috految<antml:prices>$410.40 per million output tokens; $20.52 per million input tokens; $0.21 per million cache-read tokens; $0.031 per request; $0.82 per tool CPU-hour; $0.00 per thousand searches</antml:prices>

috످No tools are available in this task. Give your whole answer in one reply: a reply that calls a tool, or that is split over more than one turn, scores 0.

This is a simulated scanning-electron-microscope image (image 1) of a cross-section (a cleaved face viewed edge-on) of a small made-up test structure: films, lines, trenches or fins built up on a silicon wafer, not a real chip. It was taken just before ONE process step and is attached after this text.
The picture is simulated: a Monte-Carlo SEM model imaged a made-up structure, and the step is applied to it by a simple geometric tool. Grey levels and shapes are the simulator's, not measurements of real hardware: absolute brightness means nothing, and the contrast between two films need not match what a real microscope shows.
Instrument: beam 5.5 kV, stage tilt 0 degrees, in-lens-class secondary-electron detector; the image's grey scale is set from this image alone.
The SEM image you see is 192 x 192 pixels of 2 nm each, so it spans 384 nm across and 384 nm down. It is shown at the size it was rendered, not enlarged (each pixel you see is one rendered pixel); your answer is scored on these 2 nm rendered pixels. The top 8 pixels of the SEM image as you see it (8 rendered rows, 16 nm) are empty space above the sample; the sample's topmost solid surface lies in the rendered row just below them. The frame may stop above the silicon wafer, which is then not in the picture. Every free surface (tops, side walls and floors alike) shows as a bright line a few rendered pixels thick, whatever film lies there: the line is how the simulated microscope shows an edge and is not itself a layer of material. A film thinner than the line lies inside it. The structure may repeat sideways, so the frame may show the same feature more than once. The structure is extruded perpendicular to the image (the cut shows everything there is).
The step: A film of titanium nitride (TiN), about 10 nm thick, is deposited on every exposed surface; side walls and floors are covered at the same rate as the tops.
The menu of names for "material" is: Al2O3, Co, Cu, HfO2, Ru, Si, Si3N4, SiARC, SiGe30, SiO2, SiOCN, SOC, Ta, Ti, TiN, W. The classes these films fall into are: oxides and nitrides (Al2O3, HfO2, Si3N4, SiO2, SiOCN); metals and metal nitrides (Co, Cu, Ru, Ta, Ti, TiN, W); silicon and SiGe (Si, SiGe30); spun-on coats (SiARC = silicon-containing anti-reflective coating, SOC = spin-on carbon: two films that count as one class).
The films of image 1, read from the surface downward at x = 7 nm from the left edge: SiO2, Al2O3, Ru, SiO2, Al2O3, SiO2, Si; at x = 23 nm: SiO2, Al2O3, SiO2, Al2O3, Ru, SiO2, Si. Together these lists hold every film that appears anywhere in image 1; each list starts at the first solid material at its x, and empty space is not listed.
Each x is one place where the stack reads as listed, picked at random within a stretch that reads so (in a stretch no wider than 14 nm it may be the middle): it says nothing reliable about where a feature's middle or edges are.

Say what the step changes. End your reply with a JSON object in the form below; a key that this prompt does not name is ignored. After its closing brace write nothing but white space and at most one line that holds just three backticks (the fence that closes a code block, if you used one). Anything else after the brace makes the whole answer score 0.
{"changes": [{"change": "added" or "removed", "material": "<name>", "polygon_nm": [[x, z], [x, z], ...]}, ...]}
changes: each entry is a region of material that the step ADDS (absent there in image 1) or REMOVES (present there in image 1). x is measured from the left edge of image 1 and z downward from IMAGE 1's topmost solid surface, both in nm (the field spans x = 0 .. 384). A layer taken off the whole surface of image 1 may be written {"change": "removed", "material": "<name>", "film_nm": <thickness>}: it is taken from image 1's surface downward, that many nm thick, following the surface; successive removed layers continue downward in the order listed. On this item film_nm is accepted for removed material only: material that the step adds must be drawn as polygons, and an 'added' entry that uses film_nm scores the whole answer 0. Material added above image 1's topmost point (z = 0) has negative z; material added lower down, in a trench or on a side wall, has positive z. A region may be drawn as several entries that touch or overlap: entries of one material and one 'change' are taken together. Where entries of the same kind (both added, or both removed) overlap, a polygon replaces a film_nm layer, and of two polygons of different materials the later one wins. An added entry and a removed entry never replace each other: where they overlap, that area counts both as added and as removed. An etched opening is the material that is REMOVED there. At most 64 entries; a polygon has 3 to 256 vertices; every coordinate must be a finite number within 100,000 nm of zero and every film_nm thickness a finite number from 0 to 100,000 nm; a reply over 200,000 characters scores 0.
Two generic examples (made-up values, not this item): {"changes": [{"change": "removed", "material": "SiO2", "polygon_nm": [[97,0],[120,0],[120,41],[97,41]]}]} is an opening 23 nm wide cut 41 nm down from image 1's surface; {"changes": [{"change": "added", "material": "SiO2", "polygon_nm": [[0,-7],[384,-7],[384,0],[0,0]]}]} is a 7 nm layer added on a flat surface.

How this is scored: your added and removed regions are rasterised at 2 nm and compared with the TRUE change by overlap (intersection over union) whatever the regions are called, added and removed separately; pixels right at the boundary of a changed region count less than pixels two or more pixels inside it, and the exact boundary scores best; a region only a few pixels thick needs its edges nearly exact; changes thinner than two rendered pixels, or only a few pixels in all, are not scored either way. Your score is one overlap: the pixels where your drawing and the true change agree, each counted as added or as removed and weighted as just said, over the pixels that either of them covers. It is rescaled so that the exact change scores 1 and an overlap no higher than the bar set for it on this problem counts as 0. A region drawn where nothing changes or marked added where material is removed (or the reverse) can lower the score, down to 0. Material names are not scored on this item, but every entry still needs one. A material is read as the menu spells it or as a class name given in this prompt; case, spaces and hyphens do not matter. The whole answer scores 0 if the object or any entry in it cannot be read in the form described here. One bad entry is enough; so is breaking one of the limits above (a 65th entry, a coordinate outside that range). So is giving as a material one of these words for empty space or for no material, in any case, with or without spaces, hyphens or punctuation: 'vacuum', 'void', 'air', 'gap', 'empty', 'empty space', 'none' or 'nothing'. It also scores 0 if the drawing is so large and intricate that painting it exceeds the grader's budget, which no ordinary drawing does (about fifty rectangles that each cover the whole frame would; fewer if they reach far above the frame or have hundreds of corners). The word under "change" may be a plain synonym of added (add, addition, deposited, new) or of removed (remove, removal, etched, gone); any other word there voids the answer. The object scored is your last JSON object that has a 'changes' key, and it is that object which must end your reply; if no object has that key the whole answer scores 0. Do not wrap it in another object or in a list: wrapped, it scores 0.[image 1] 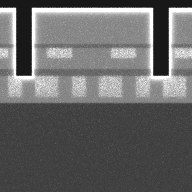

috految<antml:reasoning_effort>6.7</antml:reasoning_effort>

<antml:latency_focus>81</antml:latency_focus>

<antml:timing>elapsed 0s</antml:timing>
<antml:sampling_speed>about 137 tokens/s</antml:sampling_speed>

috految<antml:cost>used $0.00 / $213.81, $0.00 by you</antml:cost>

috److I measured the two trenches from the image and converted to nm at 2 nm per pixel.

| Feature | Pixels | nm |
|---|---|---|
| Left trench | x = 16 to 32 | x = 32 to 64 |
| Right trench | x = 153 to 169 | x = 306 to 338 |
| Top surface | y = 8 | z = 0 |
| Trench floors | y = 76 | z = 136 |

A conformal 10 nm TiN film coats the tops, side walls and floors. Each trench is 32 nm wide, so a 12 nm gap stays open. I drew the film with rounded corners at the trench openings.

{"changes":[{"change":"added","material":"TiN","polygon_nm":[[0,-10],[32,-10],[39,-6.8],[42,0],[42,126],[54,126],[54,0],[57,-6.8],[64,-10],[306,-10],[313,-6.8],[316,0],[316,126],[328,126],[328,0],[331,-6.8],[338,-10],[384,-10],[384,0],[338,0],[338,136],[306,136],[306,0],[64,0],[64,136],[32,136],[32,0],[0,0]]}]}

috످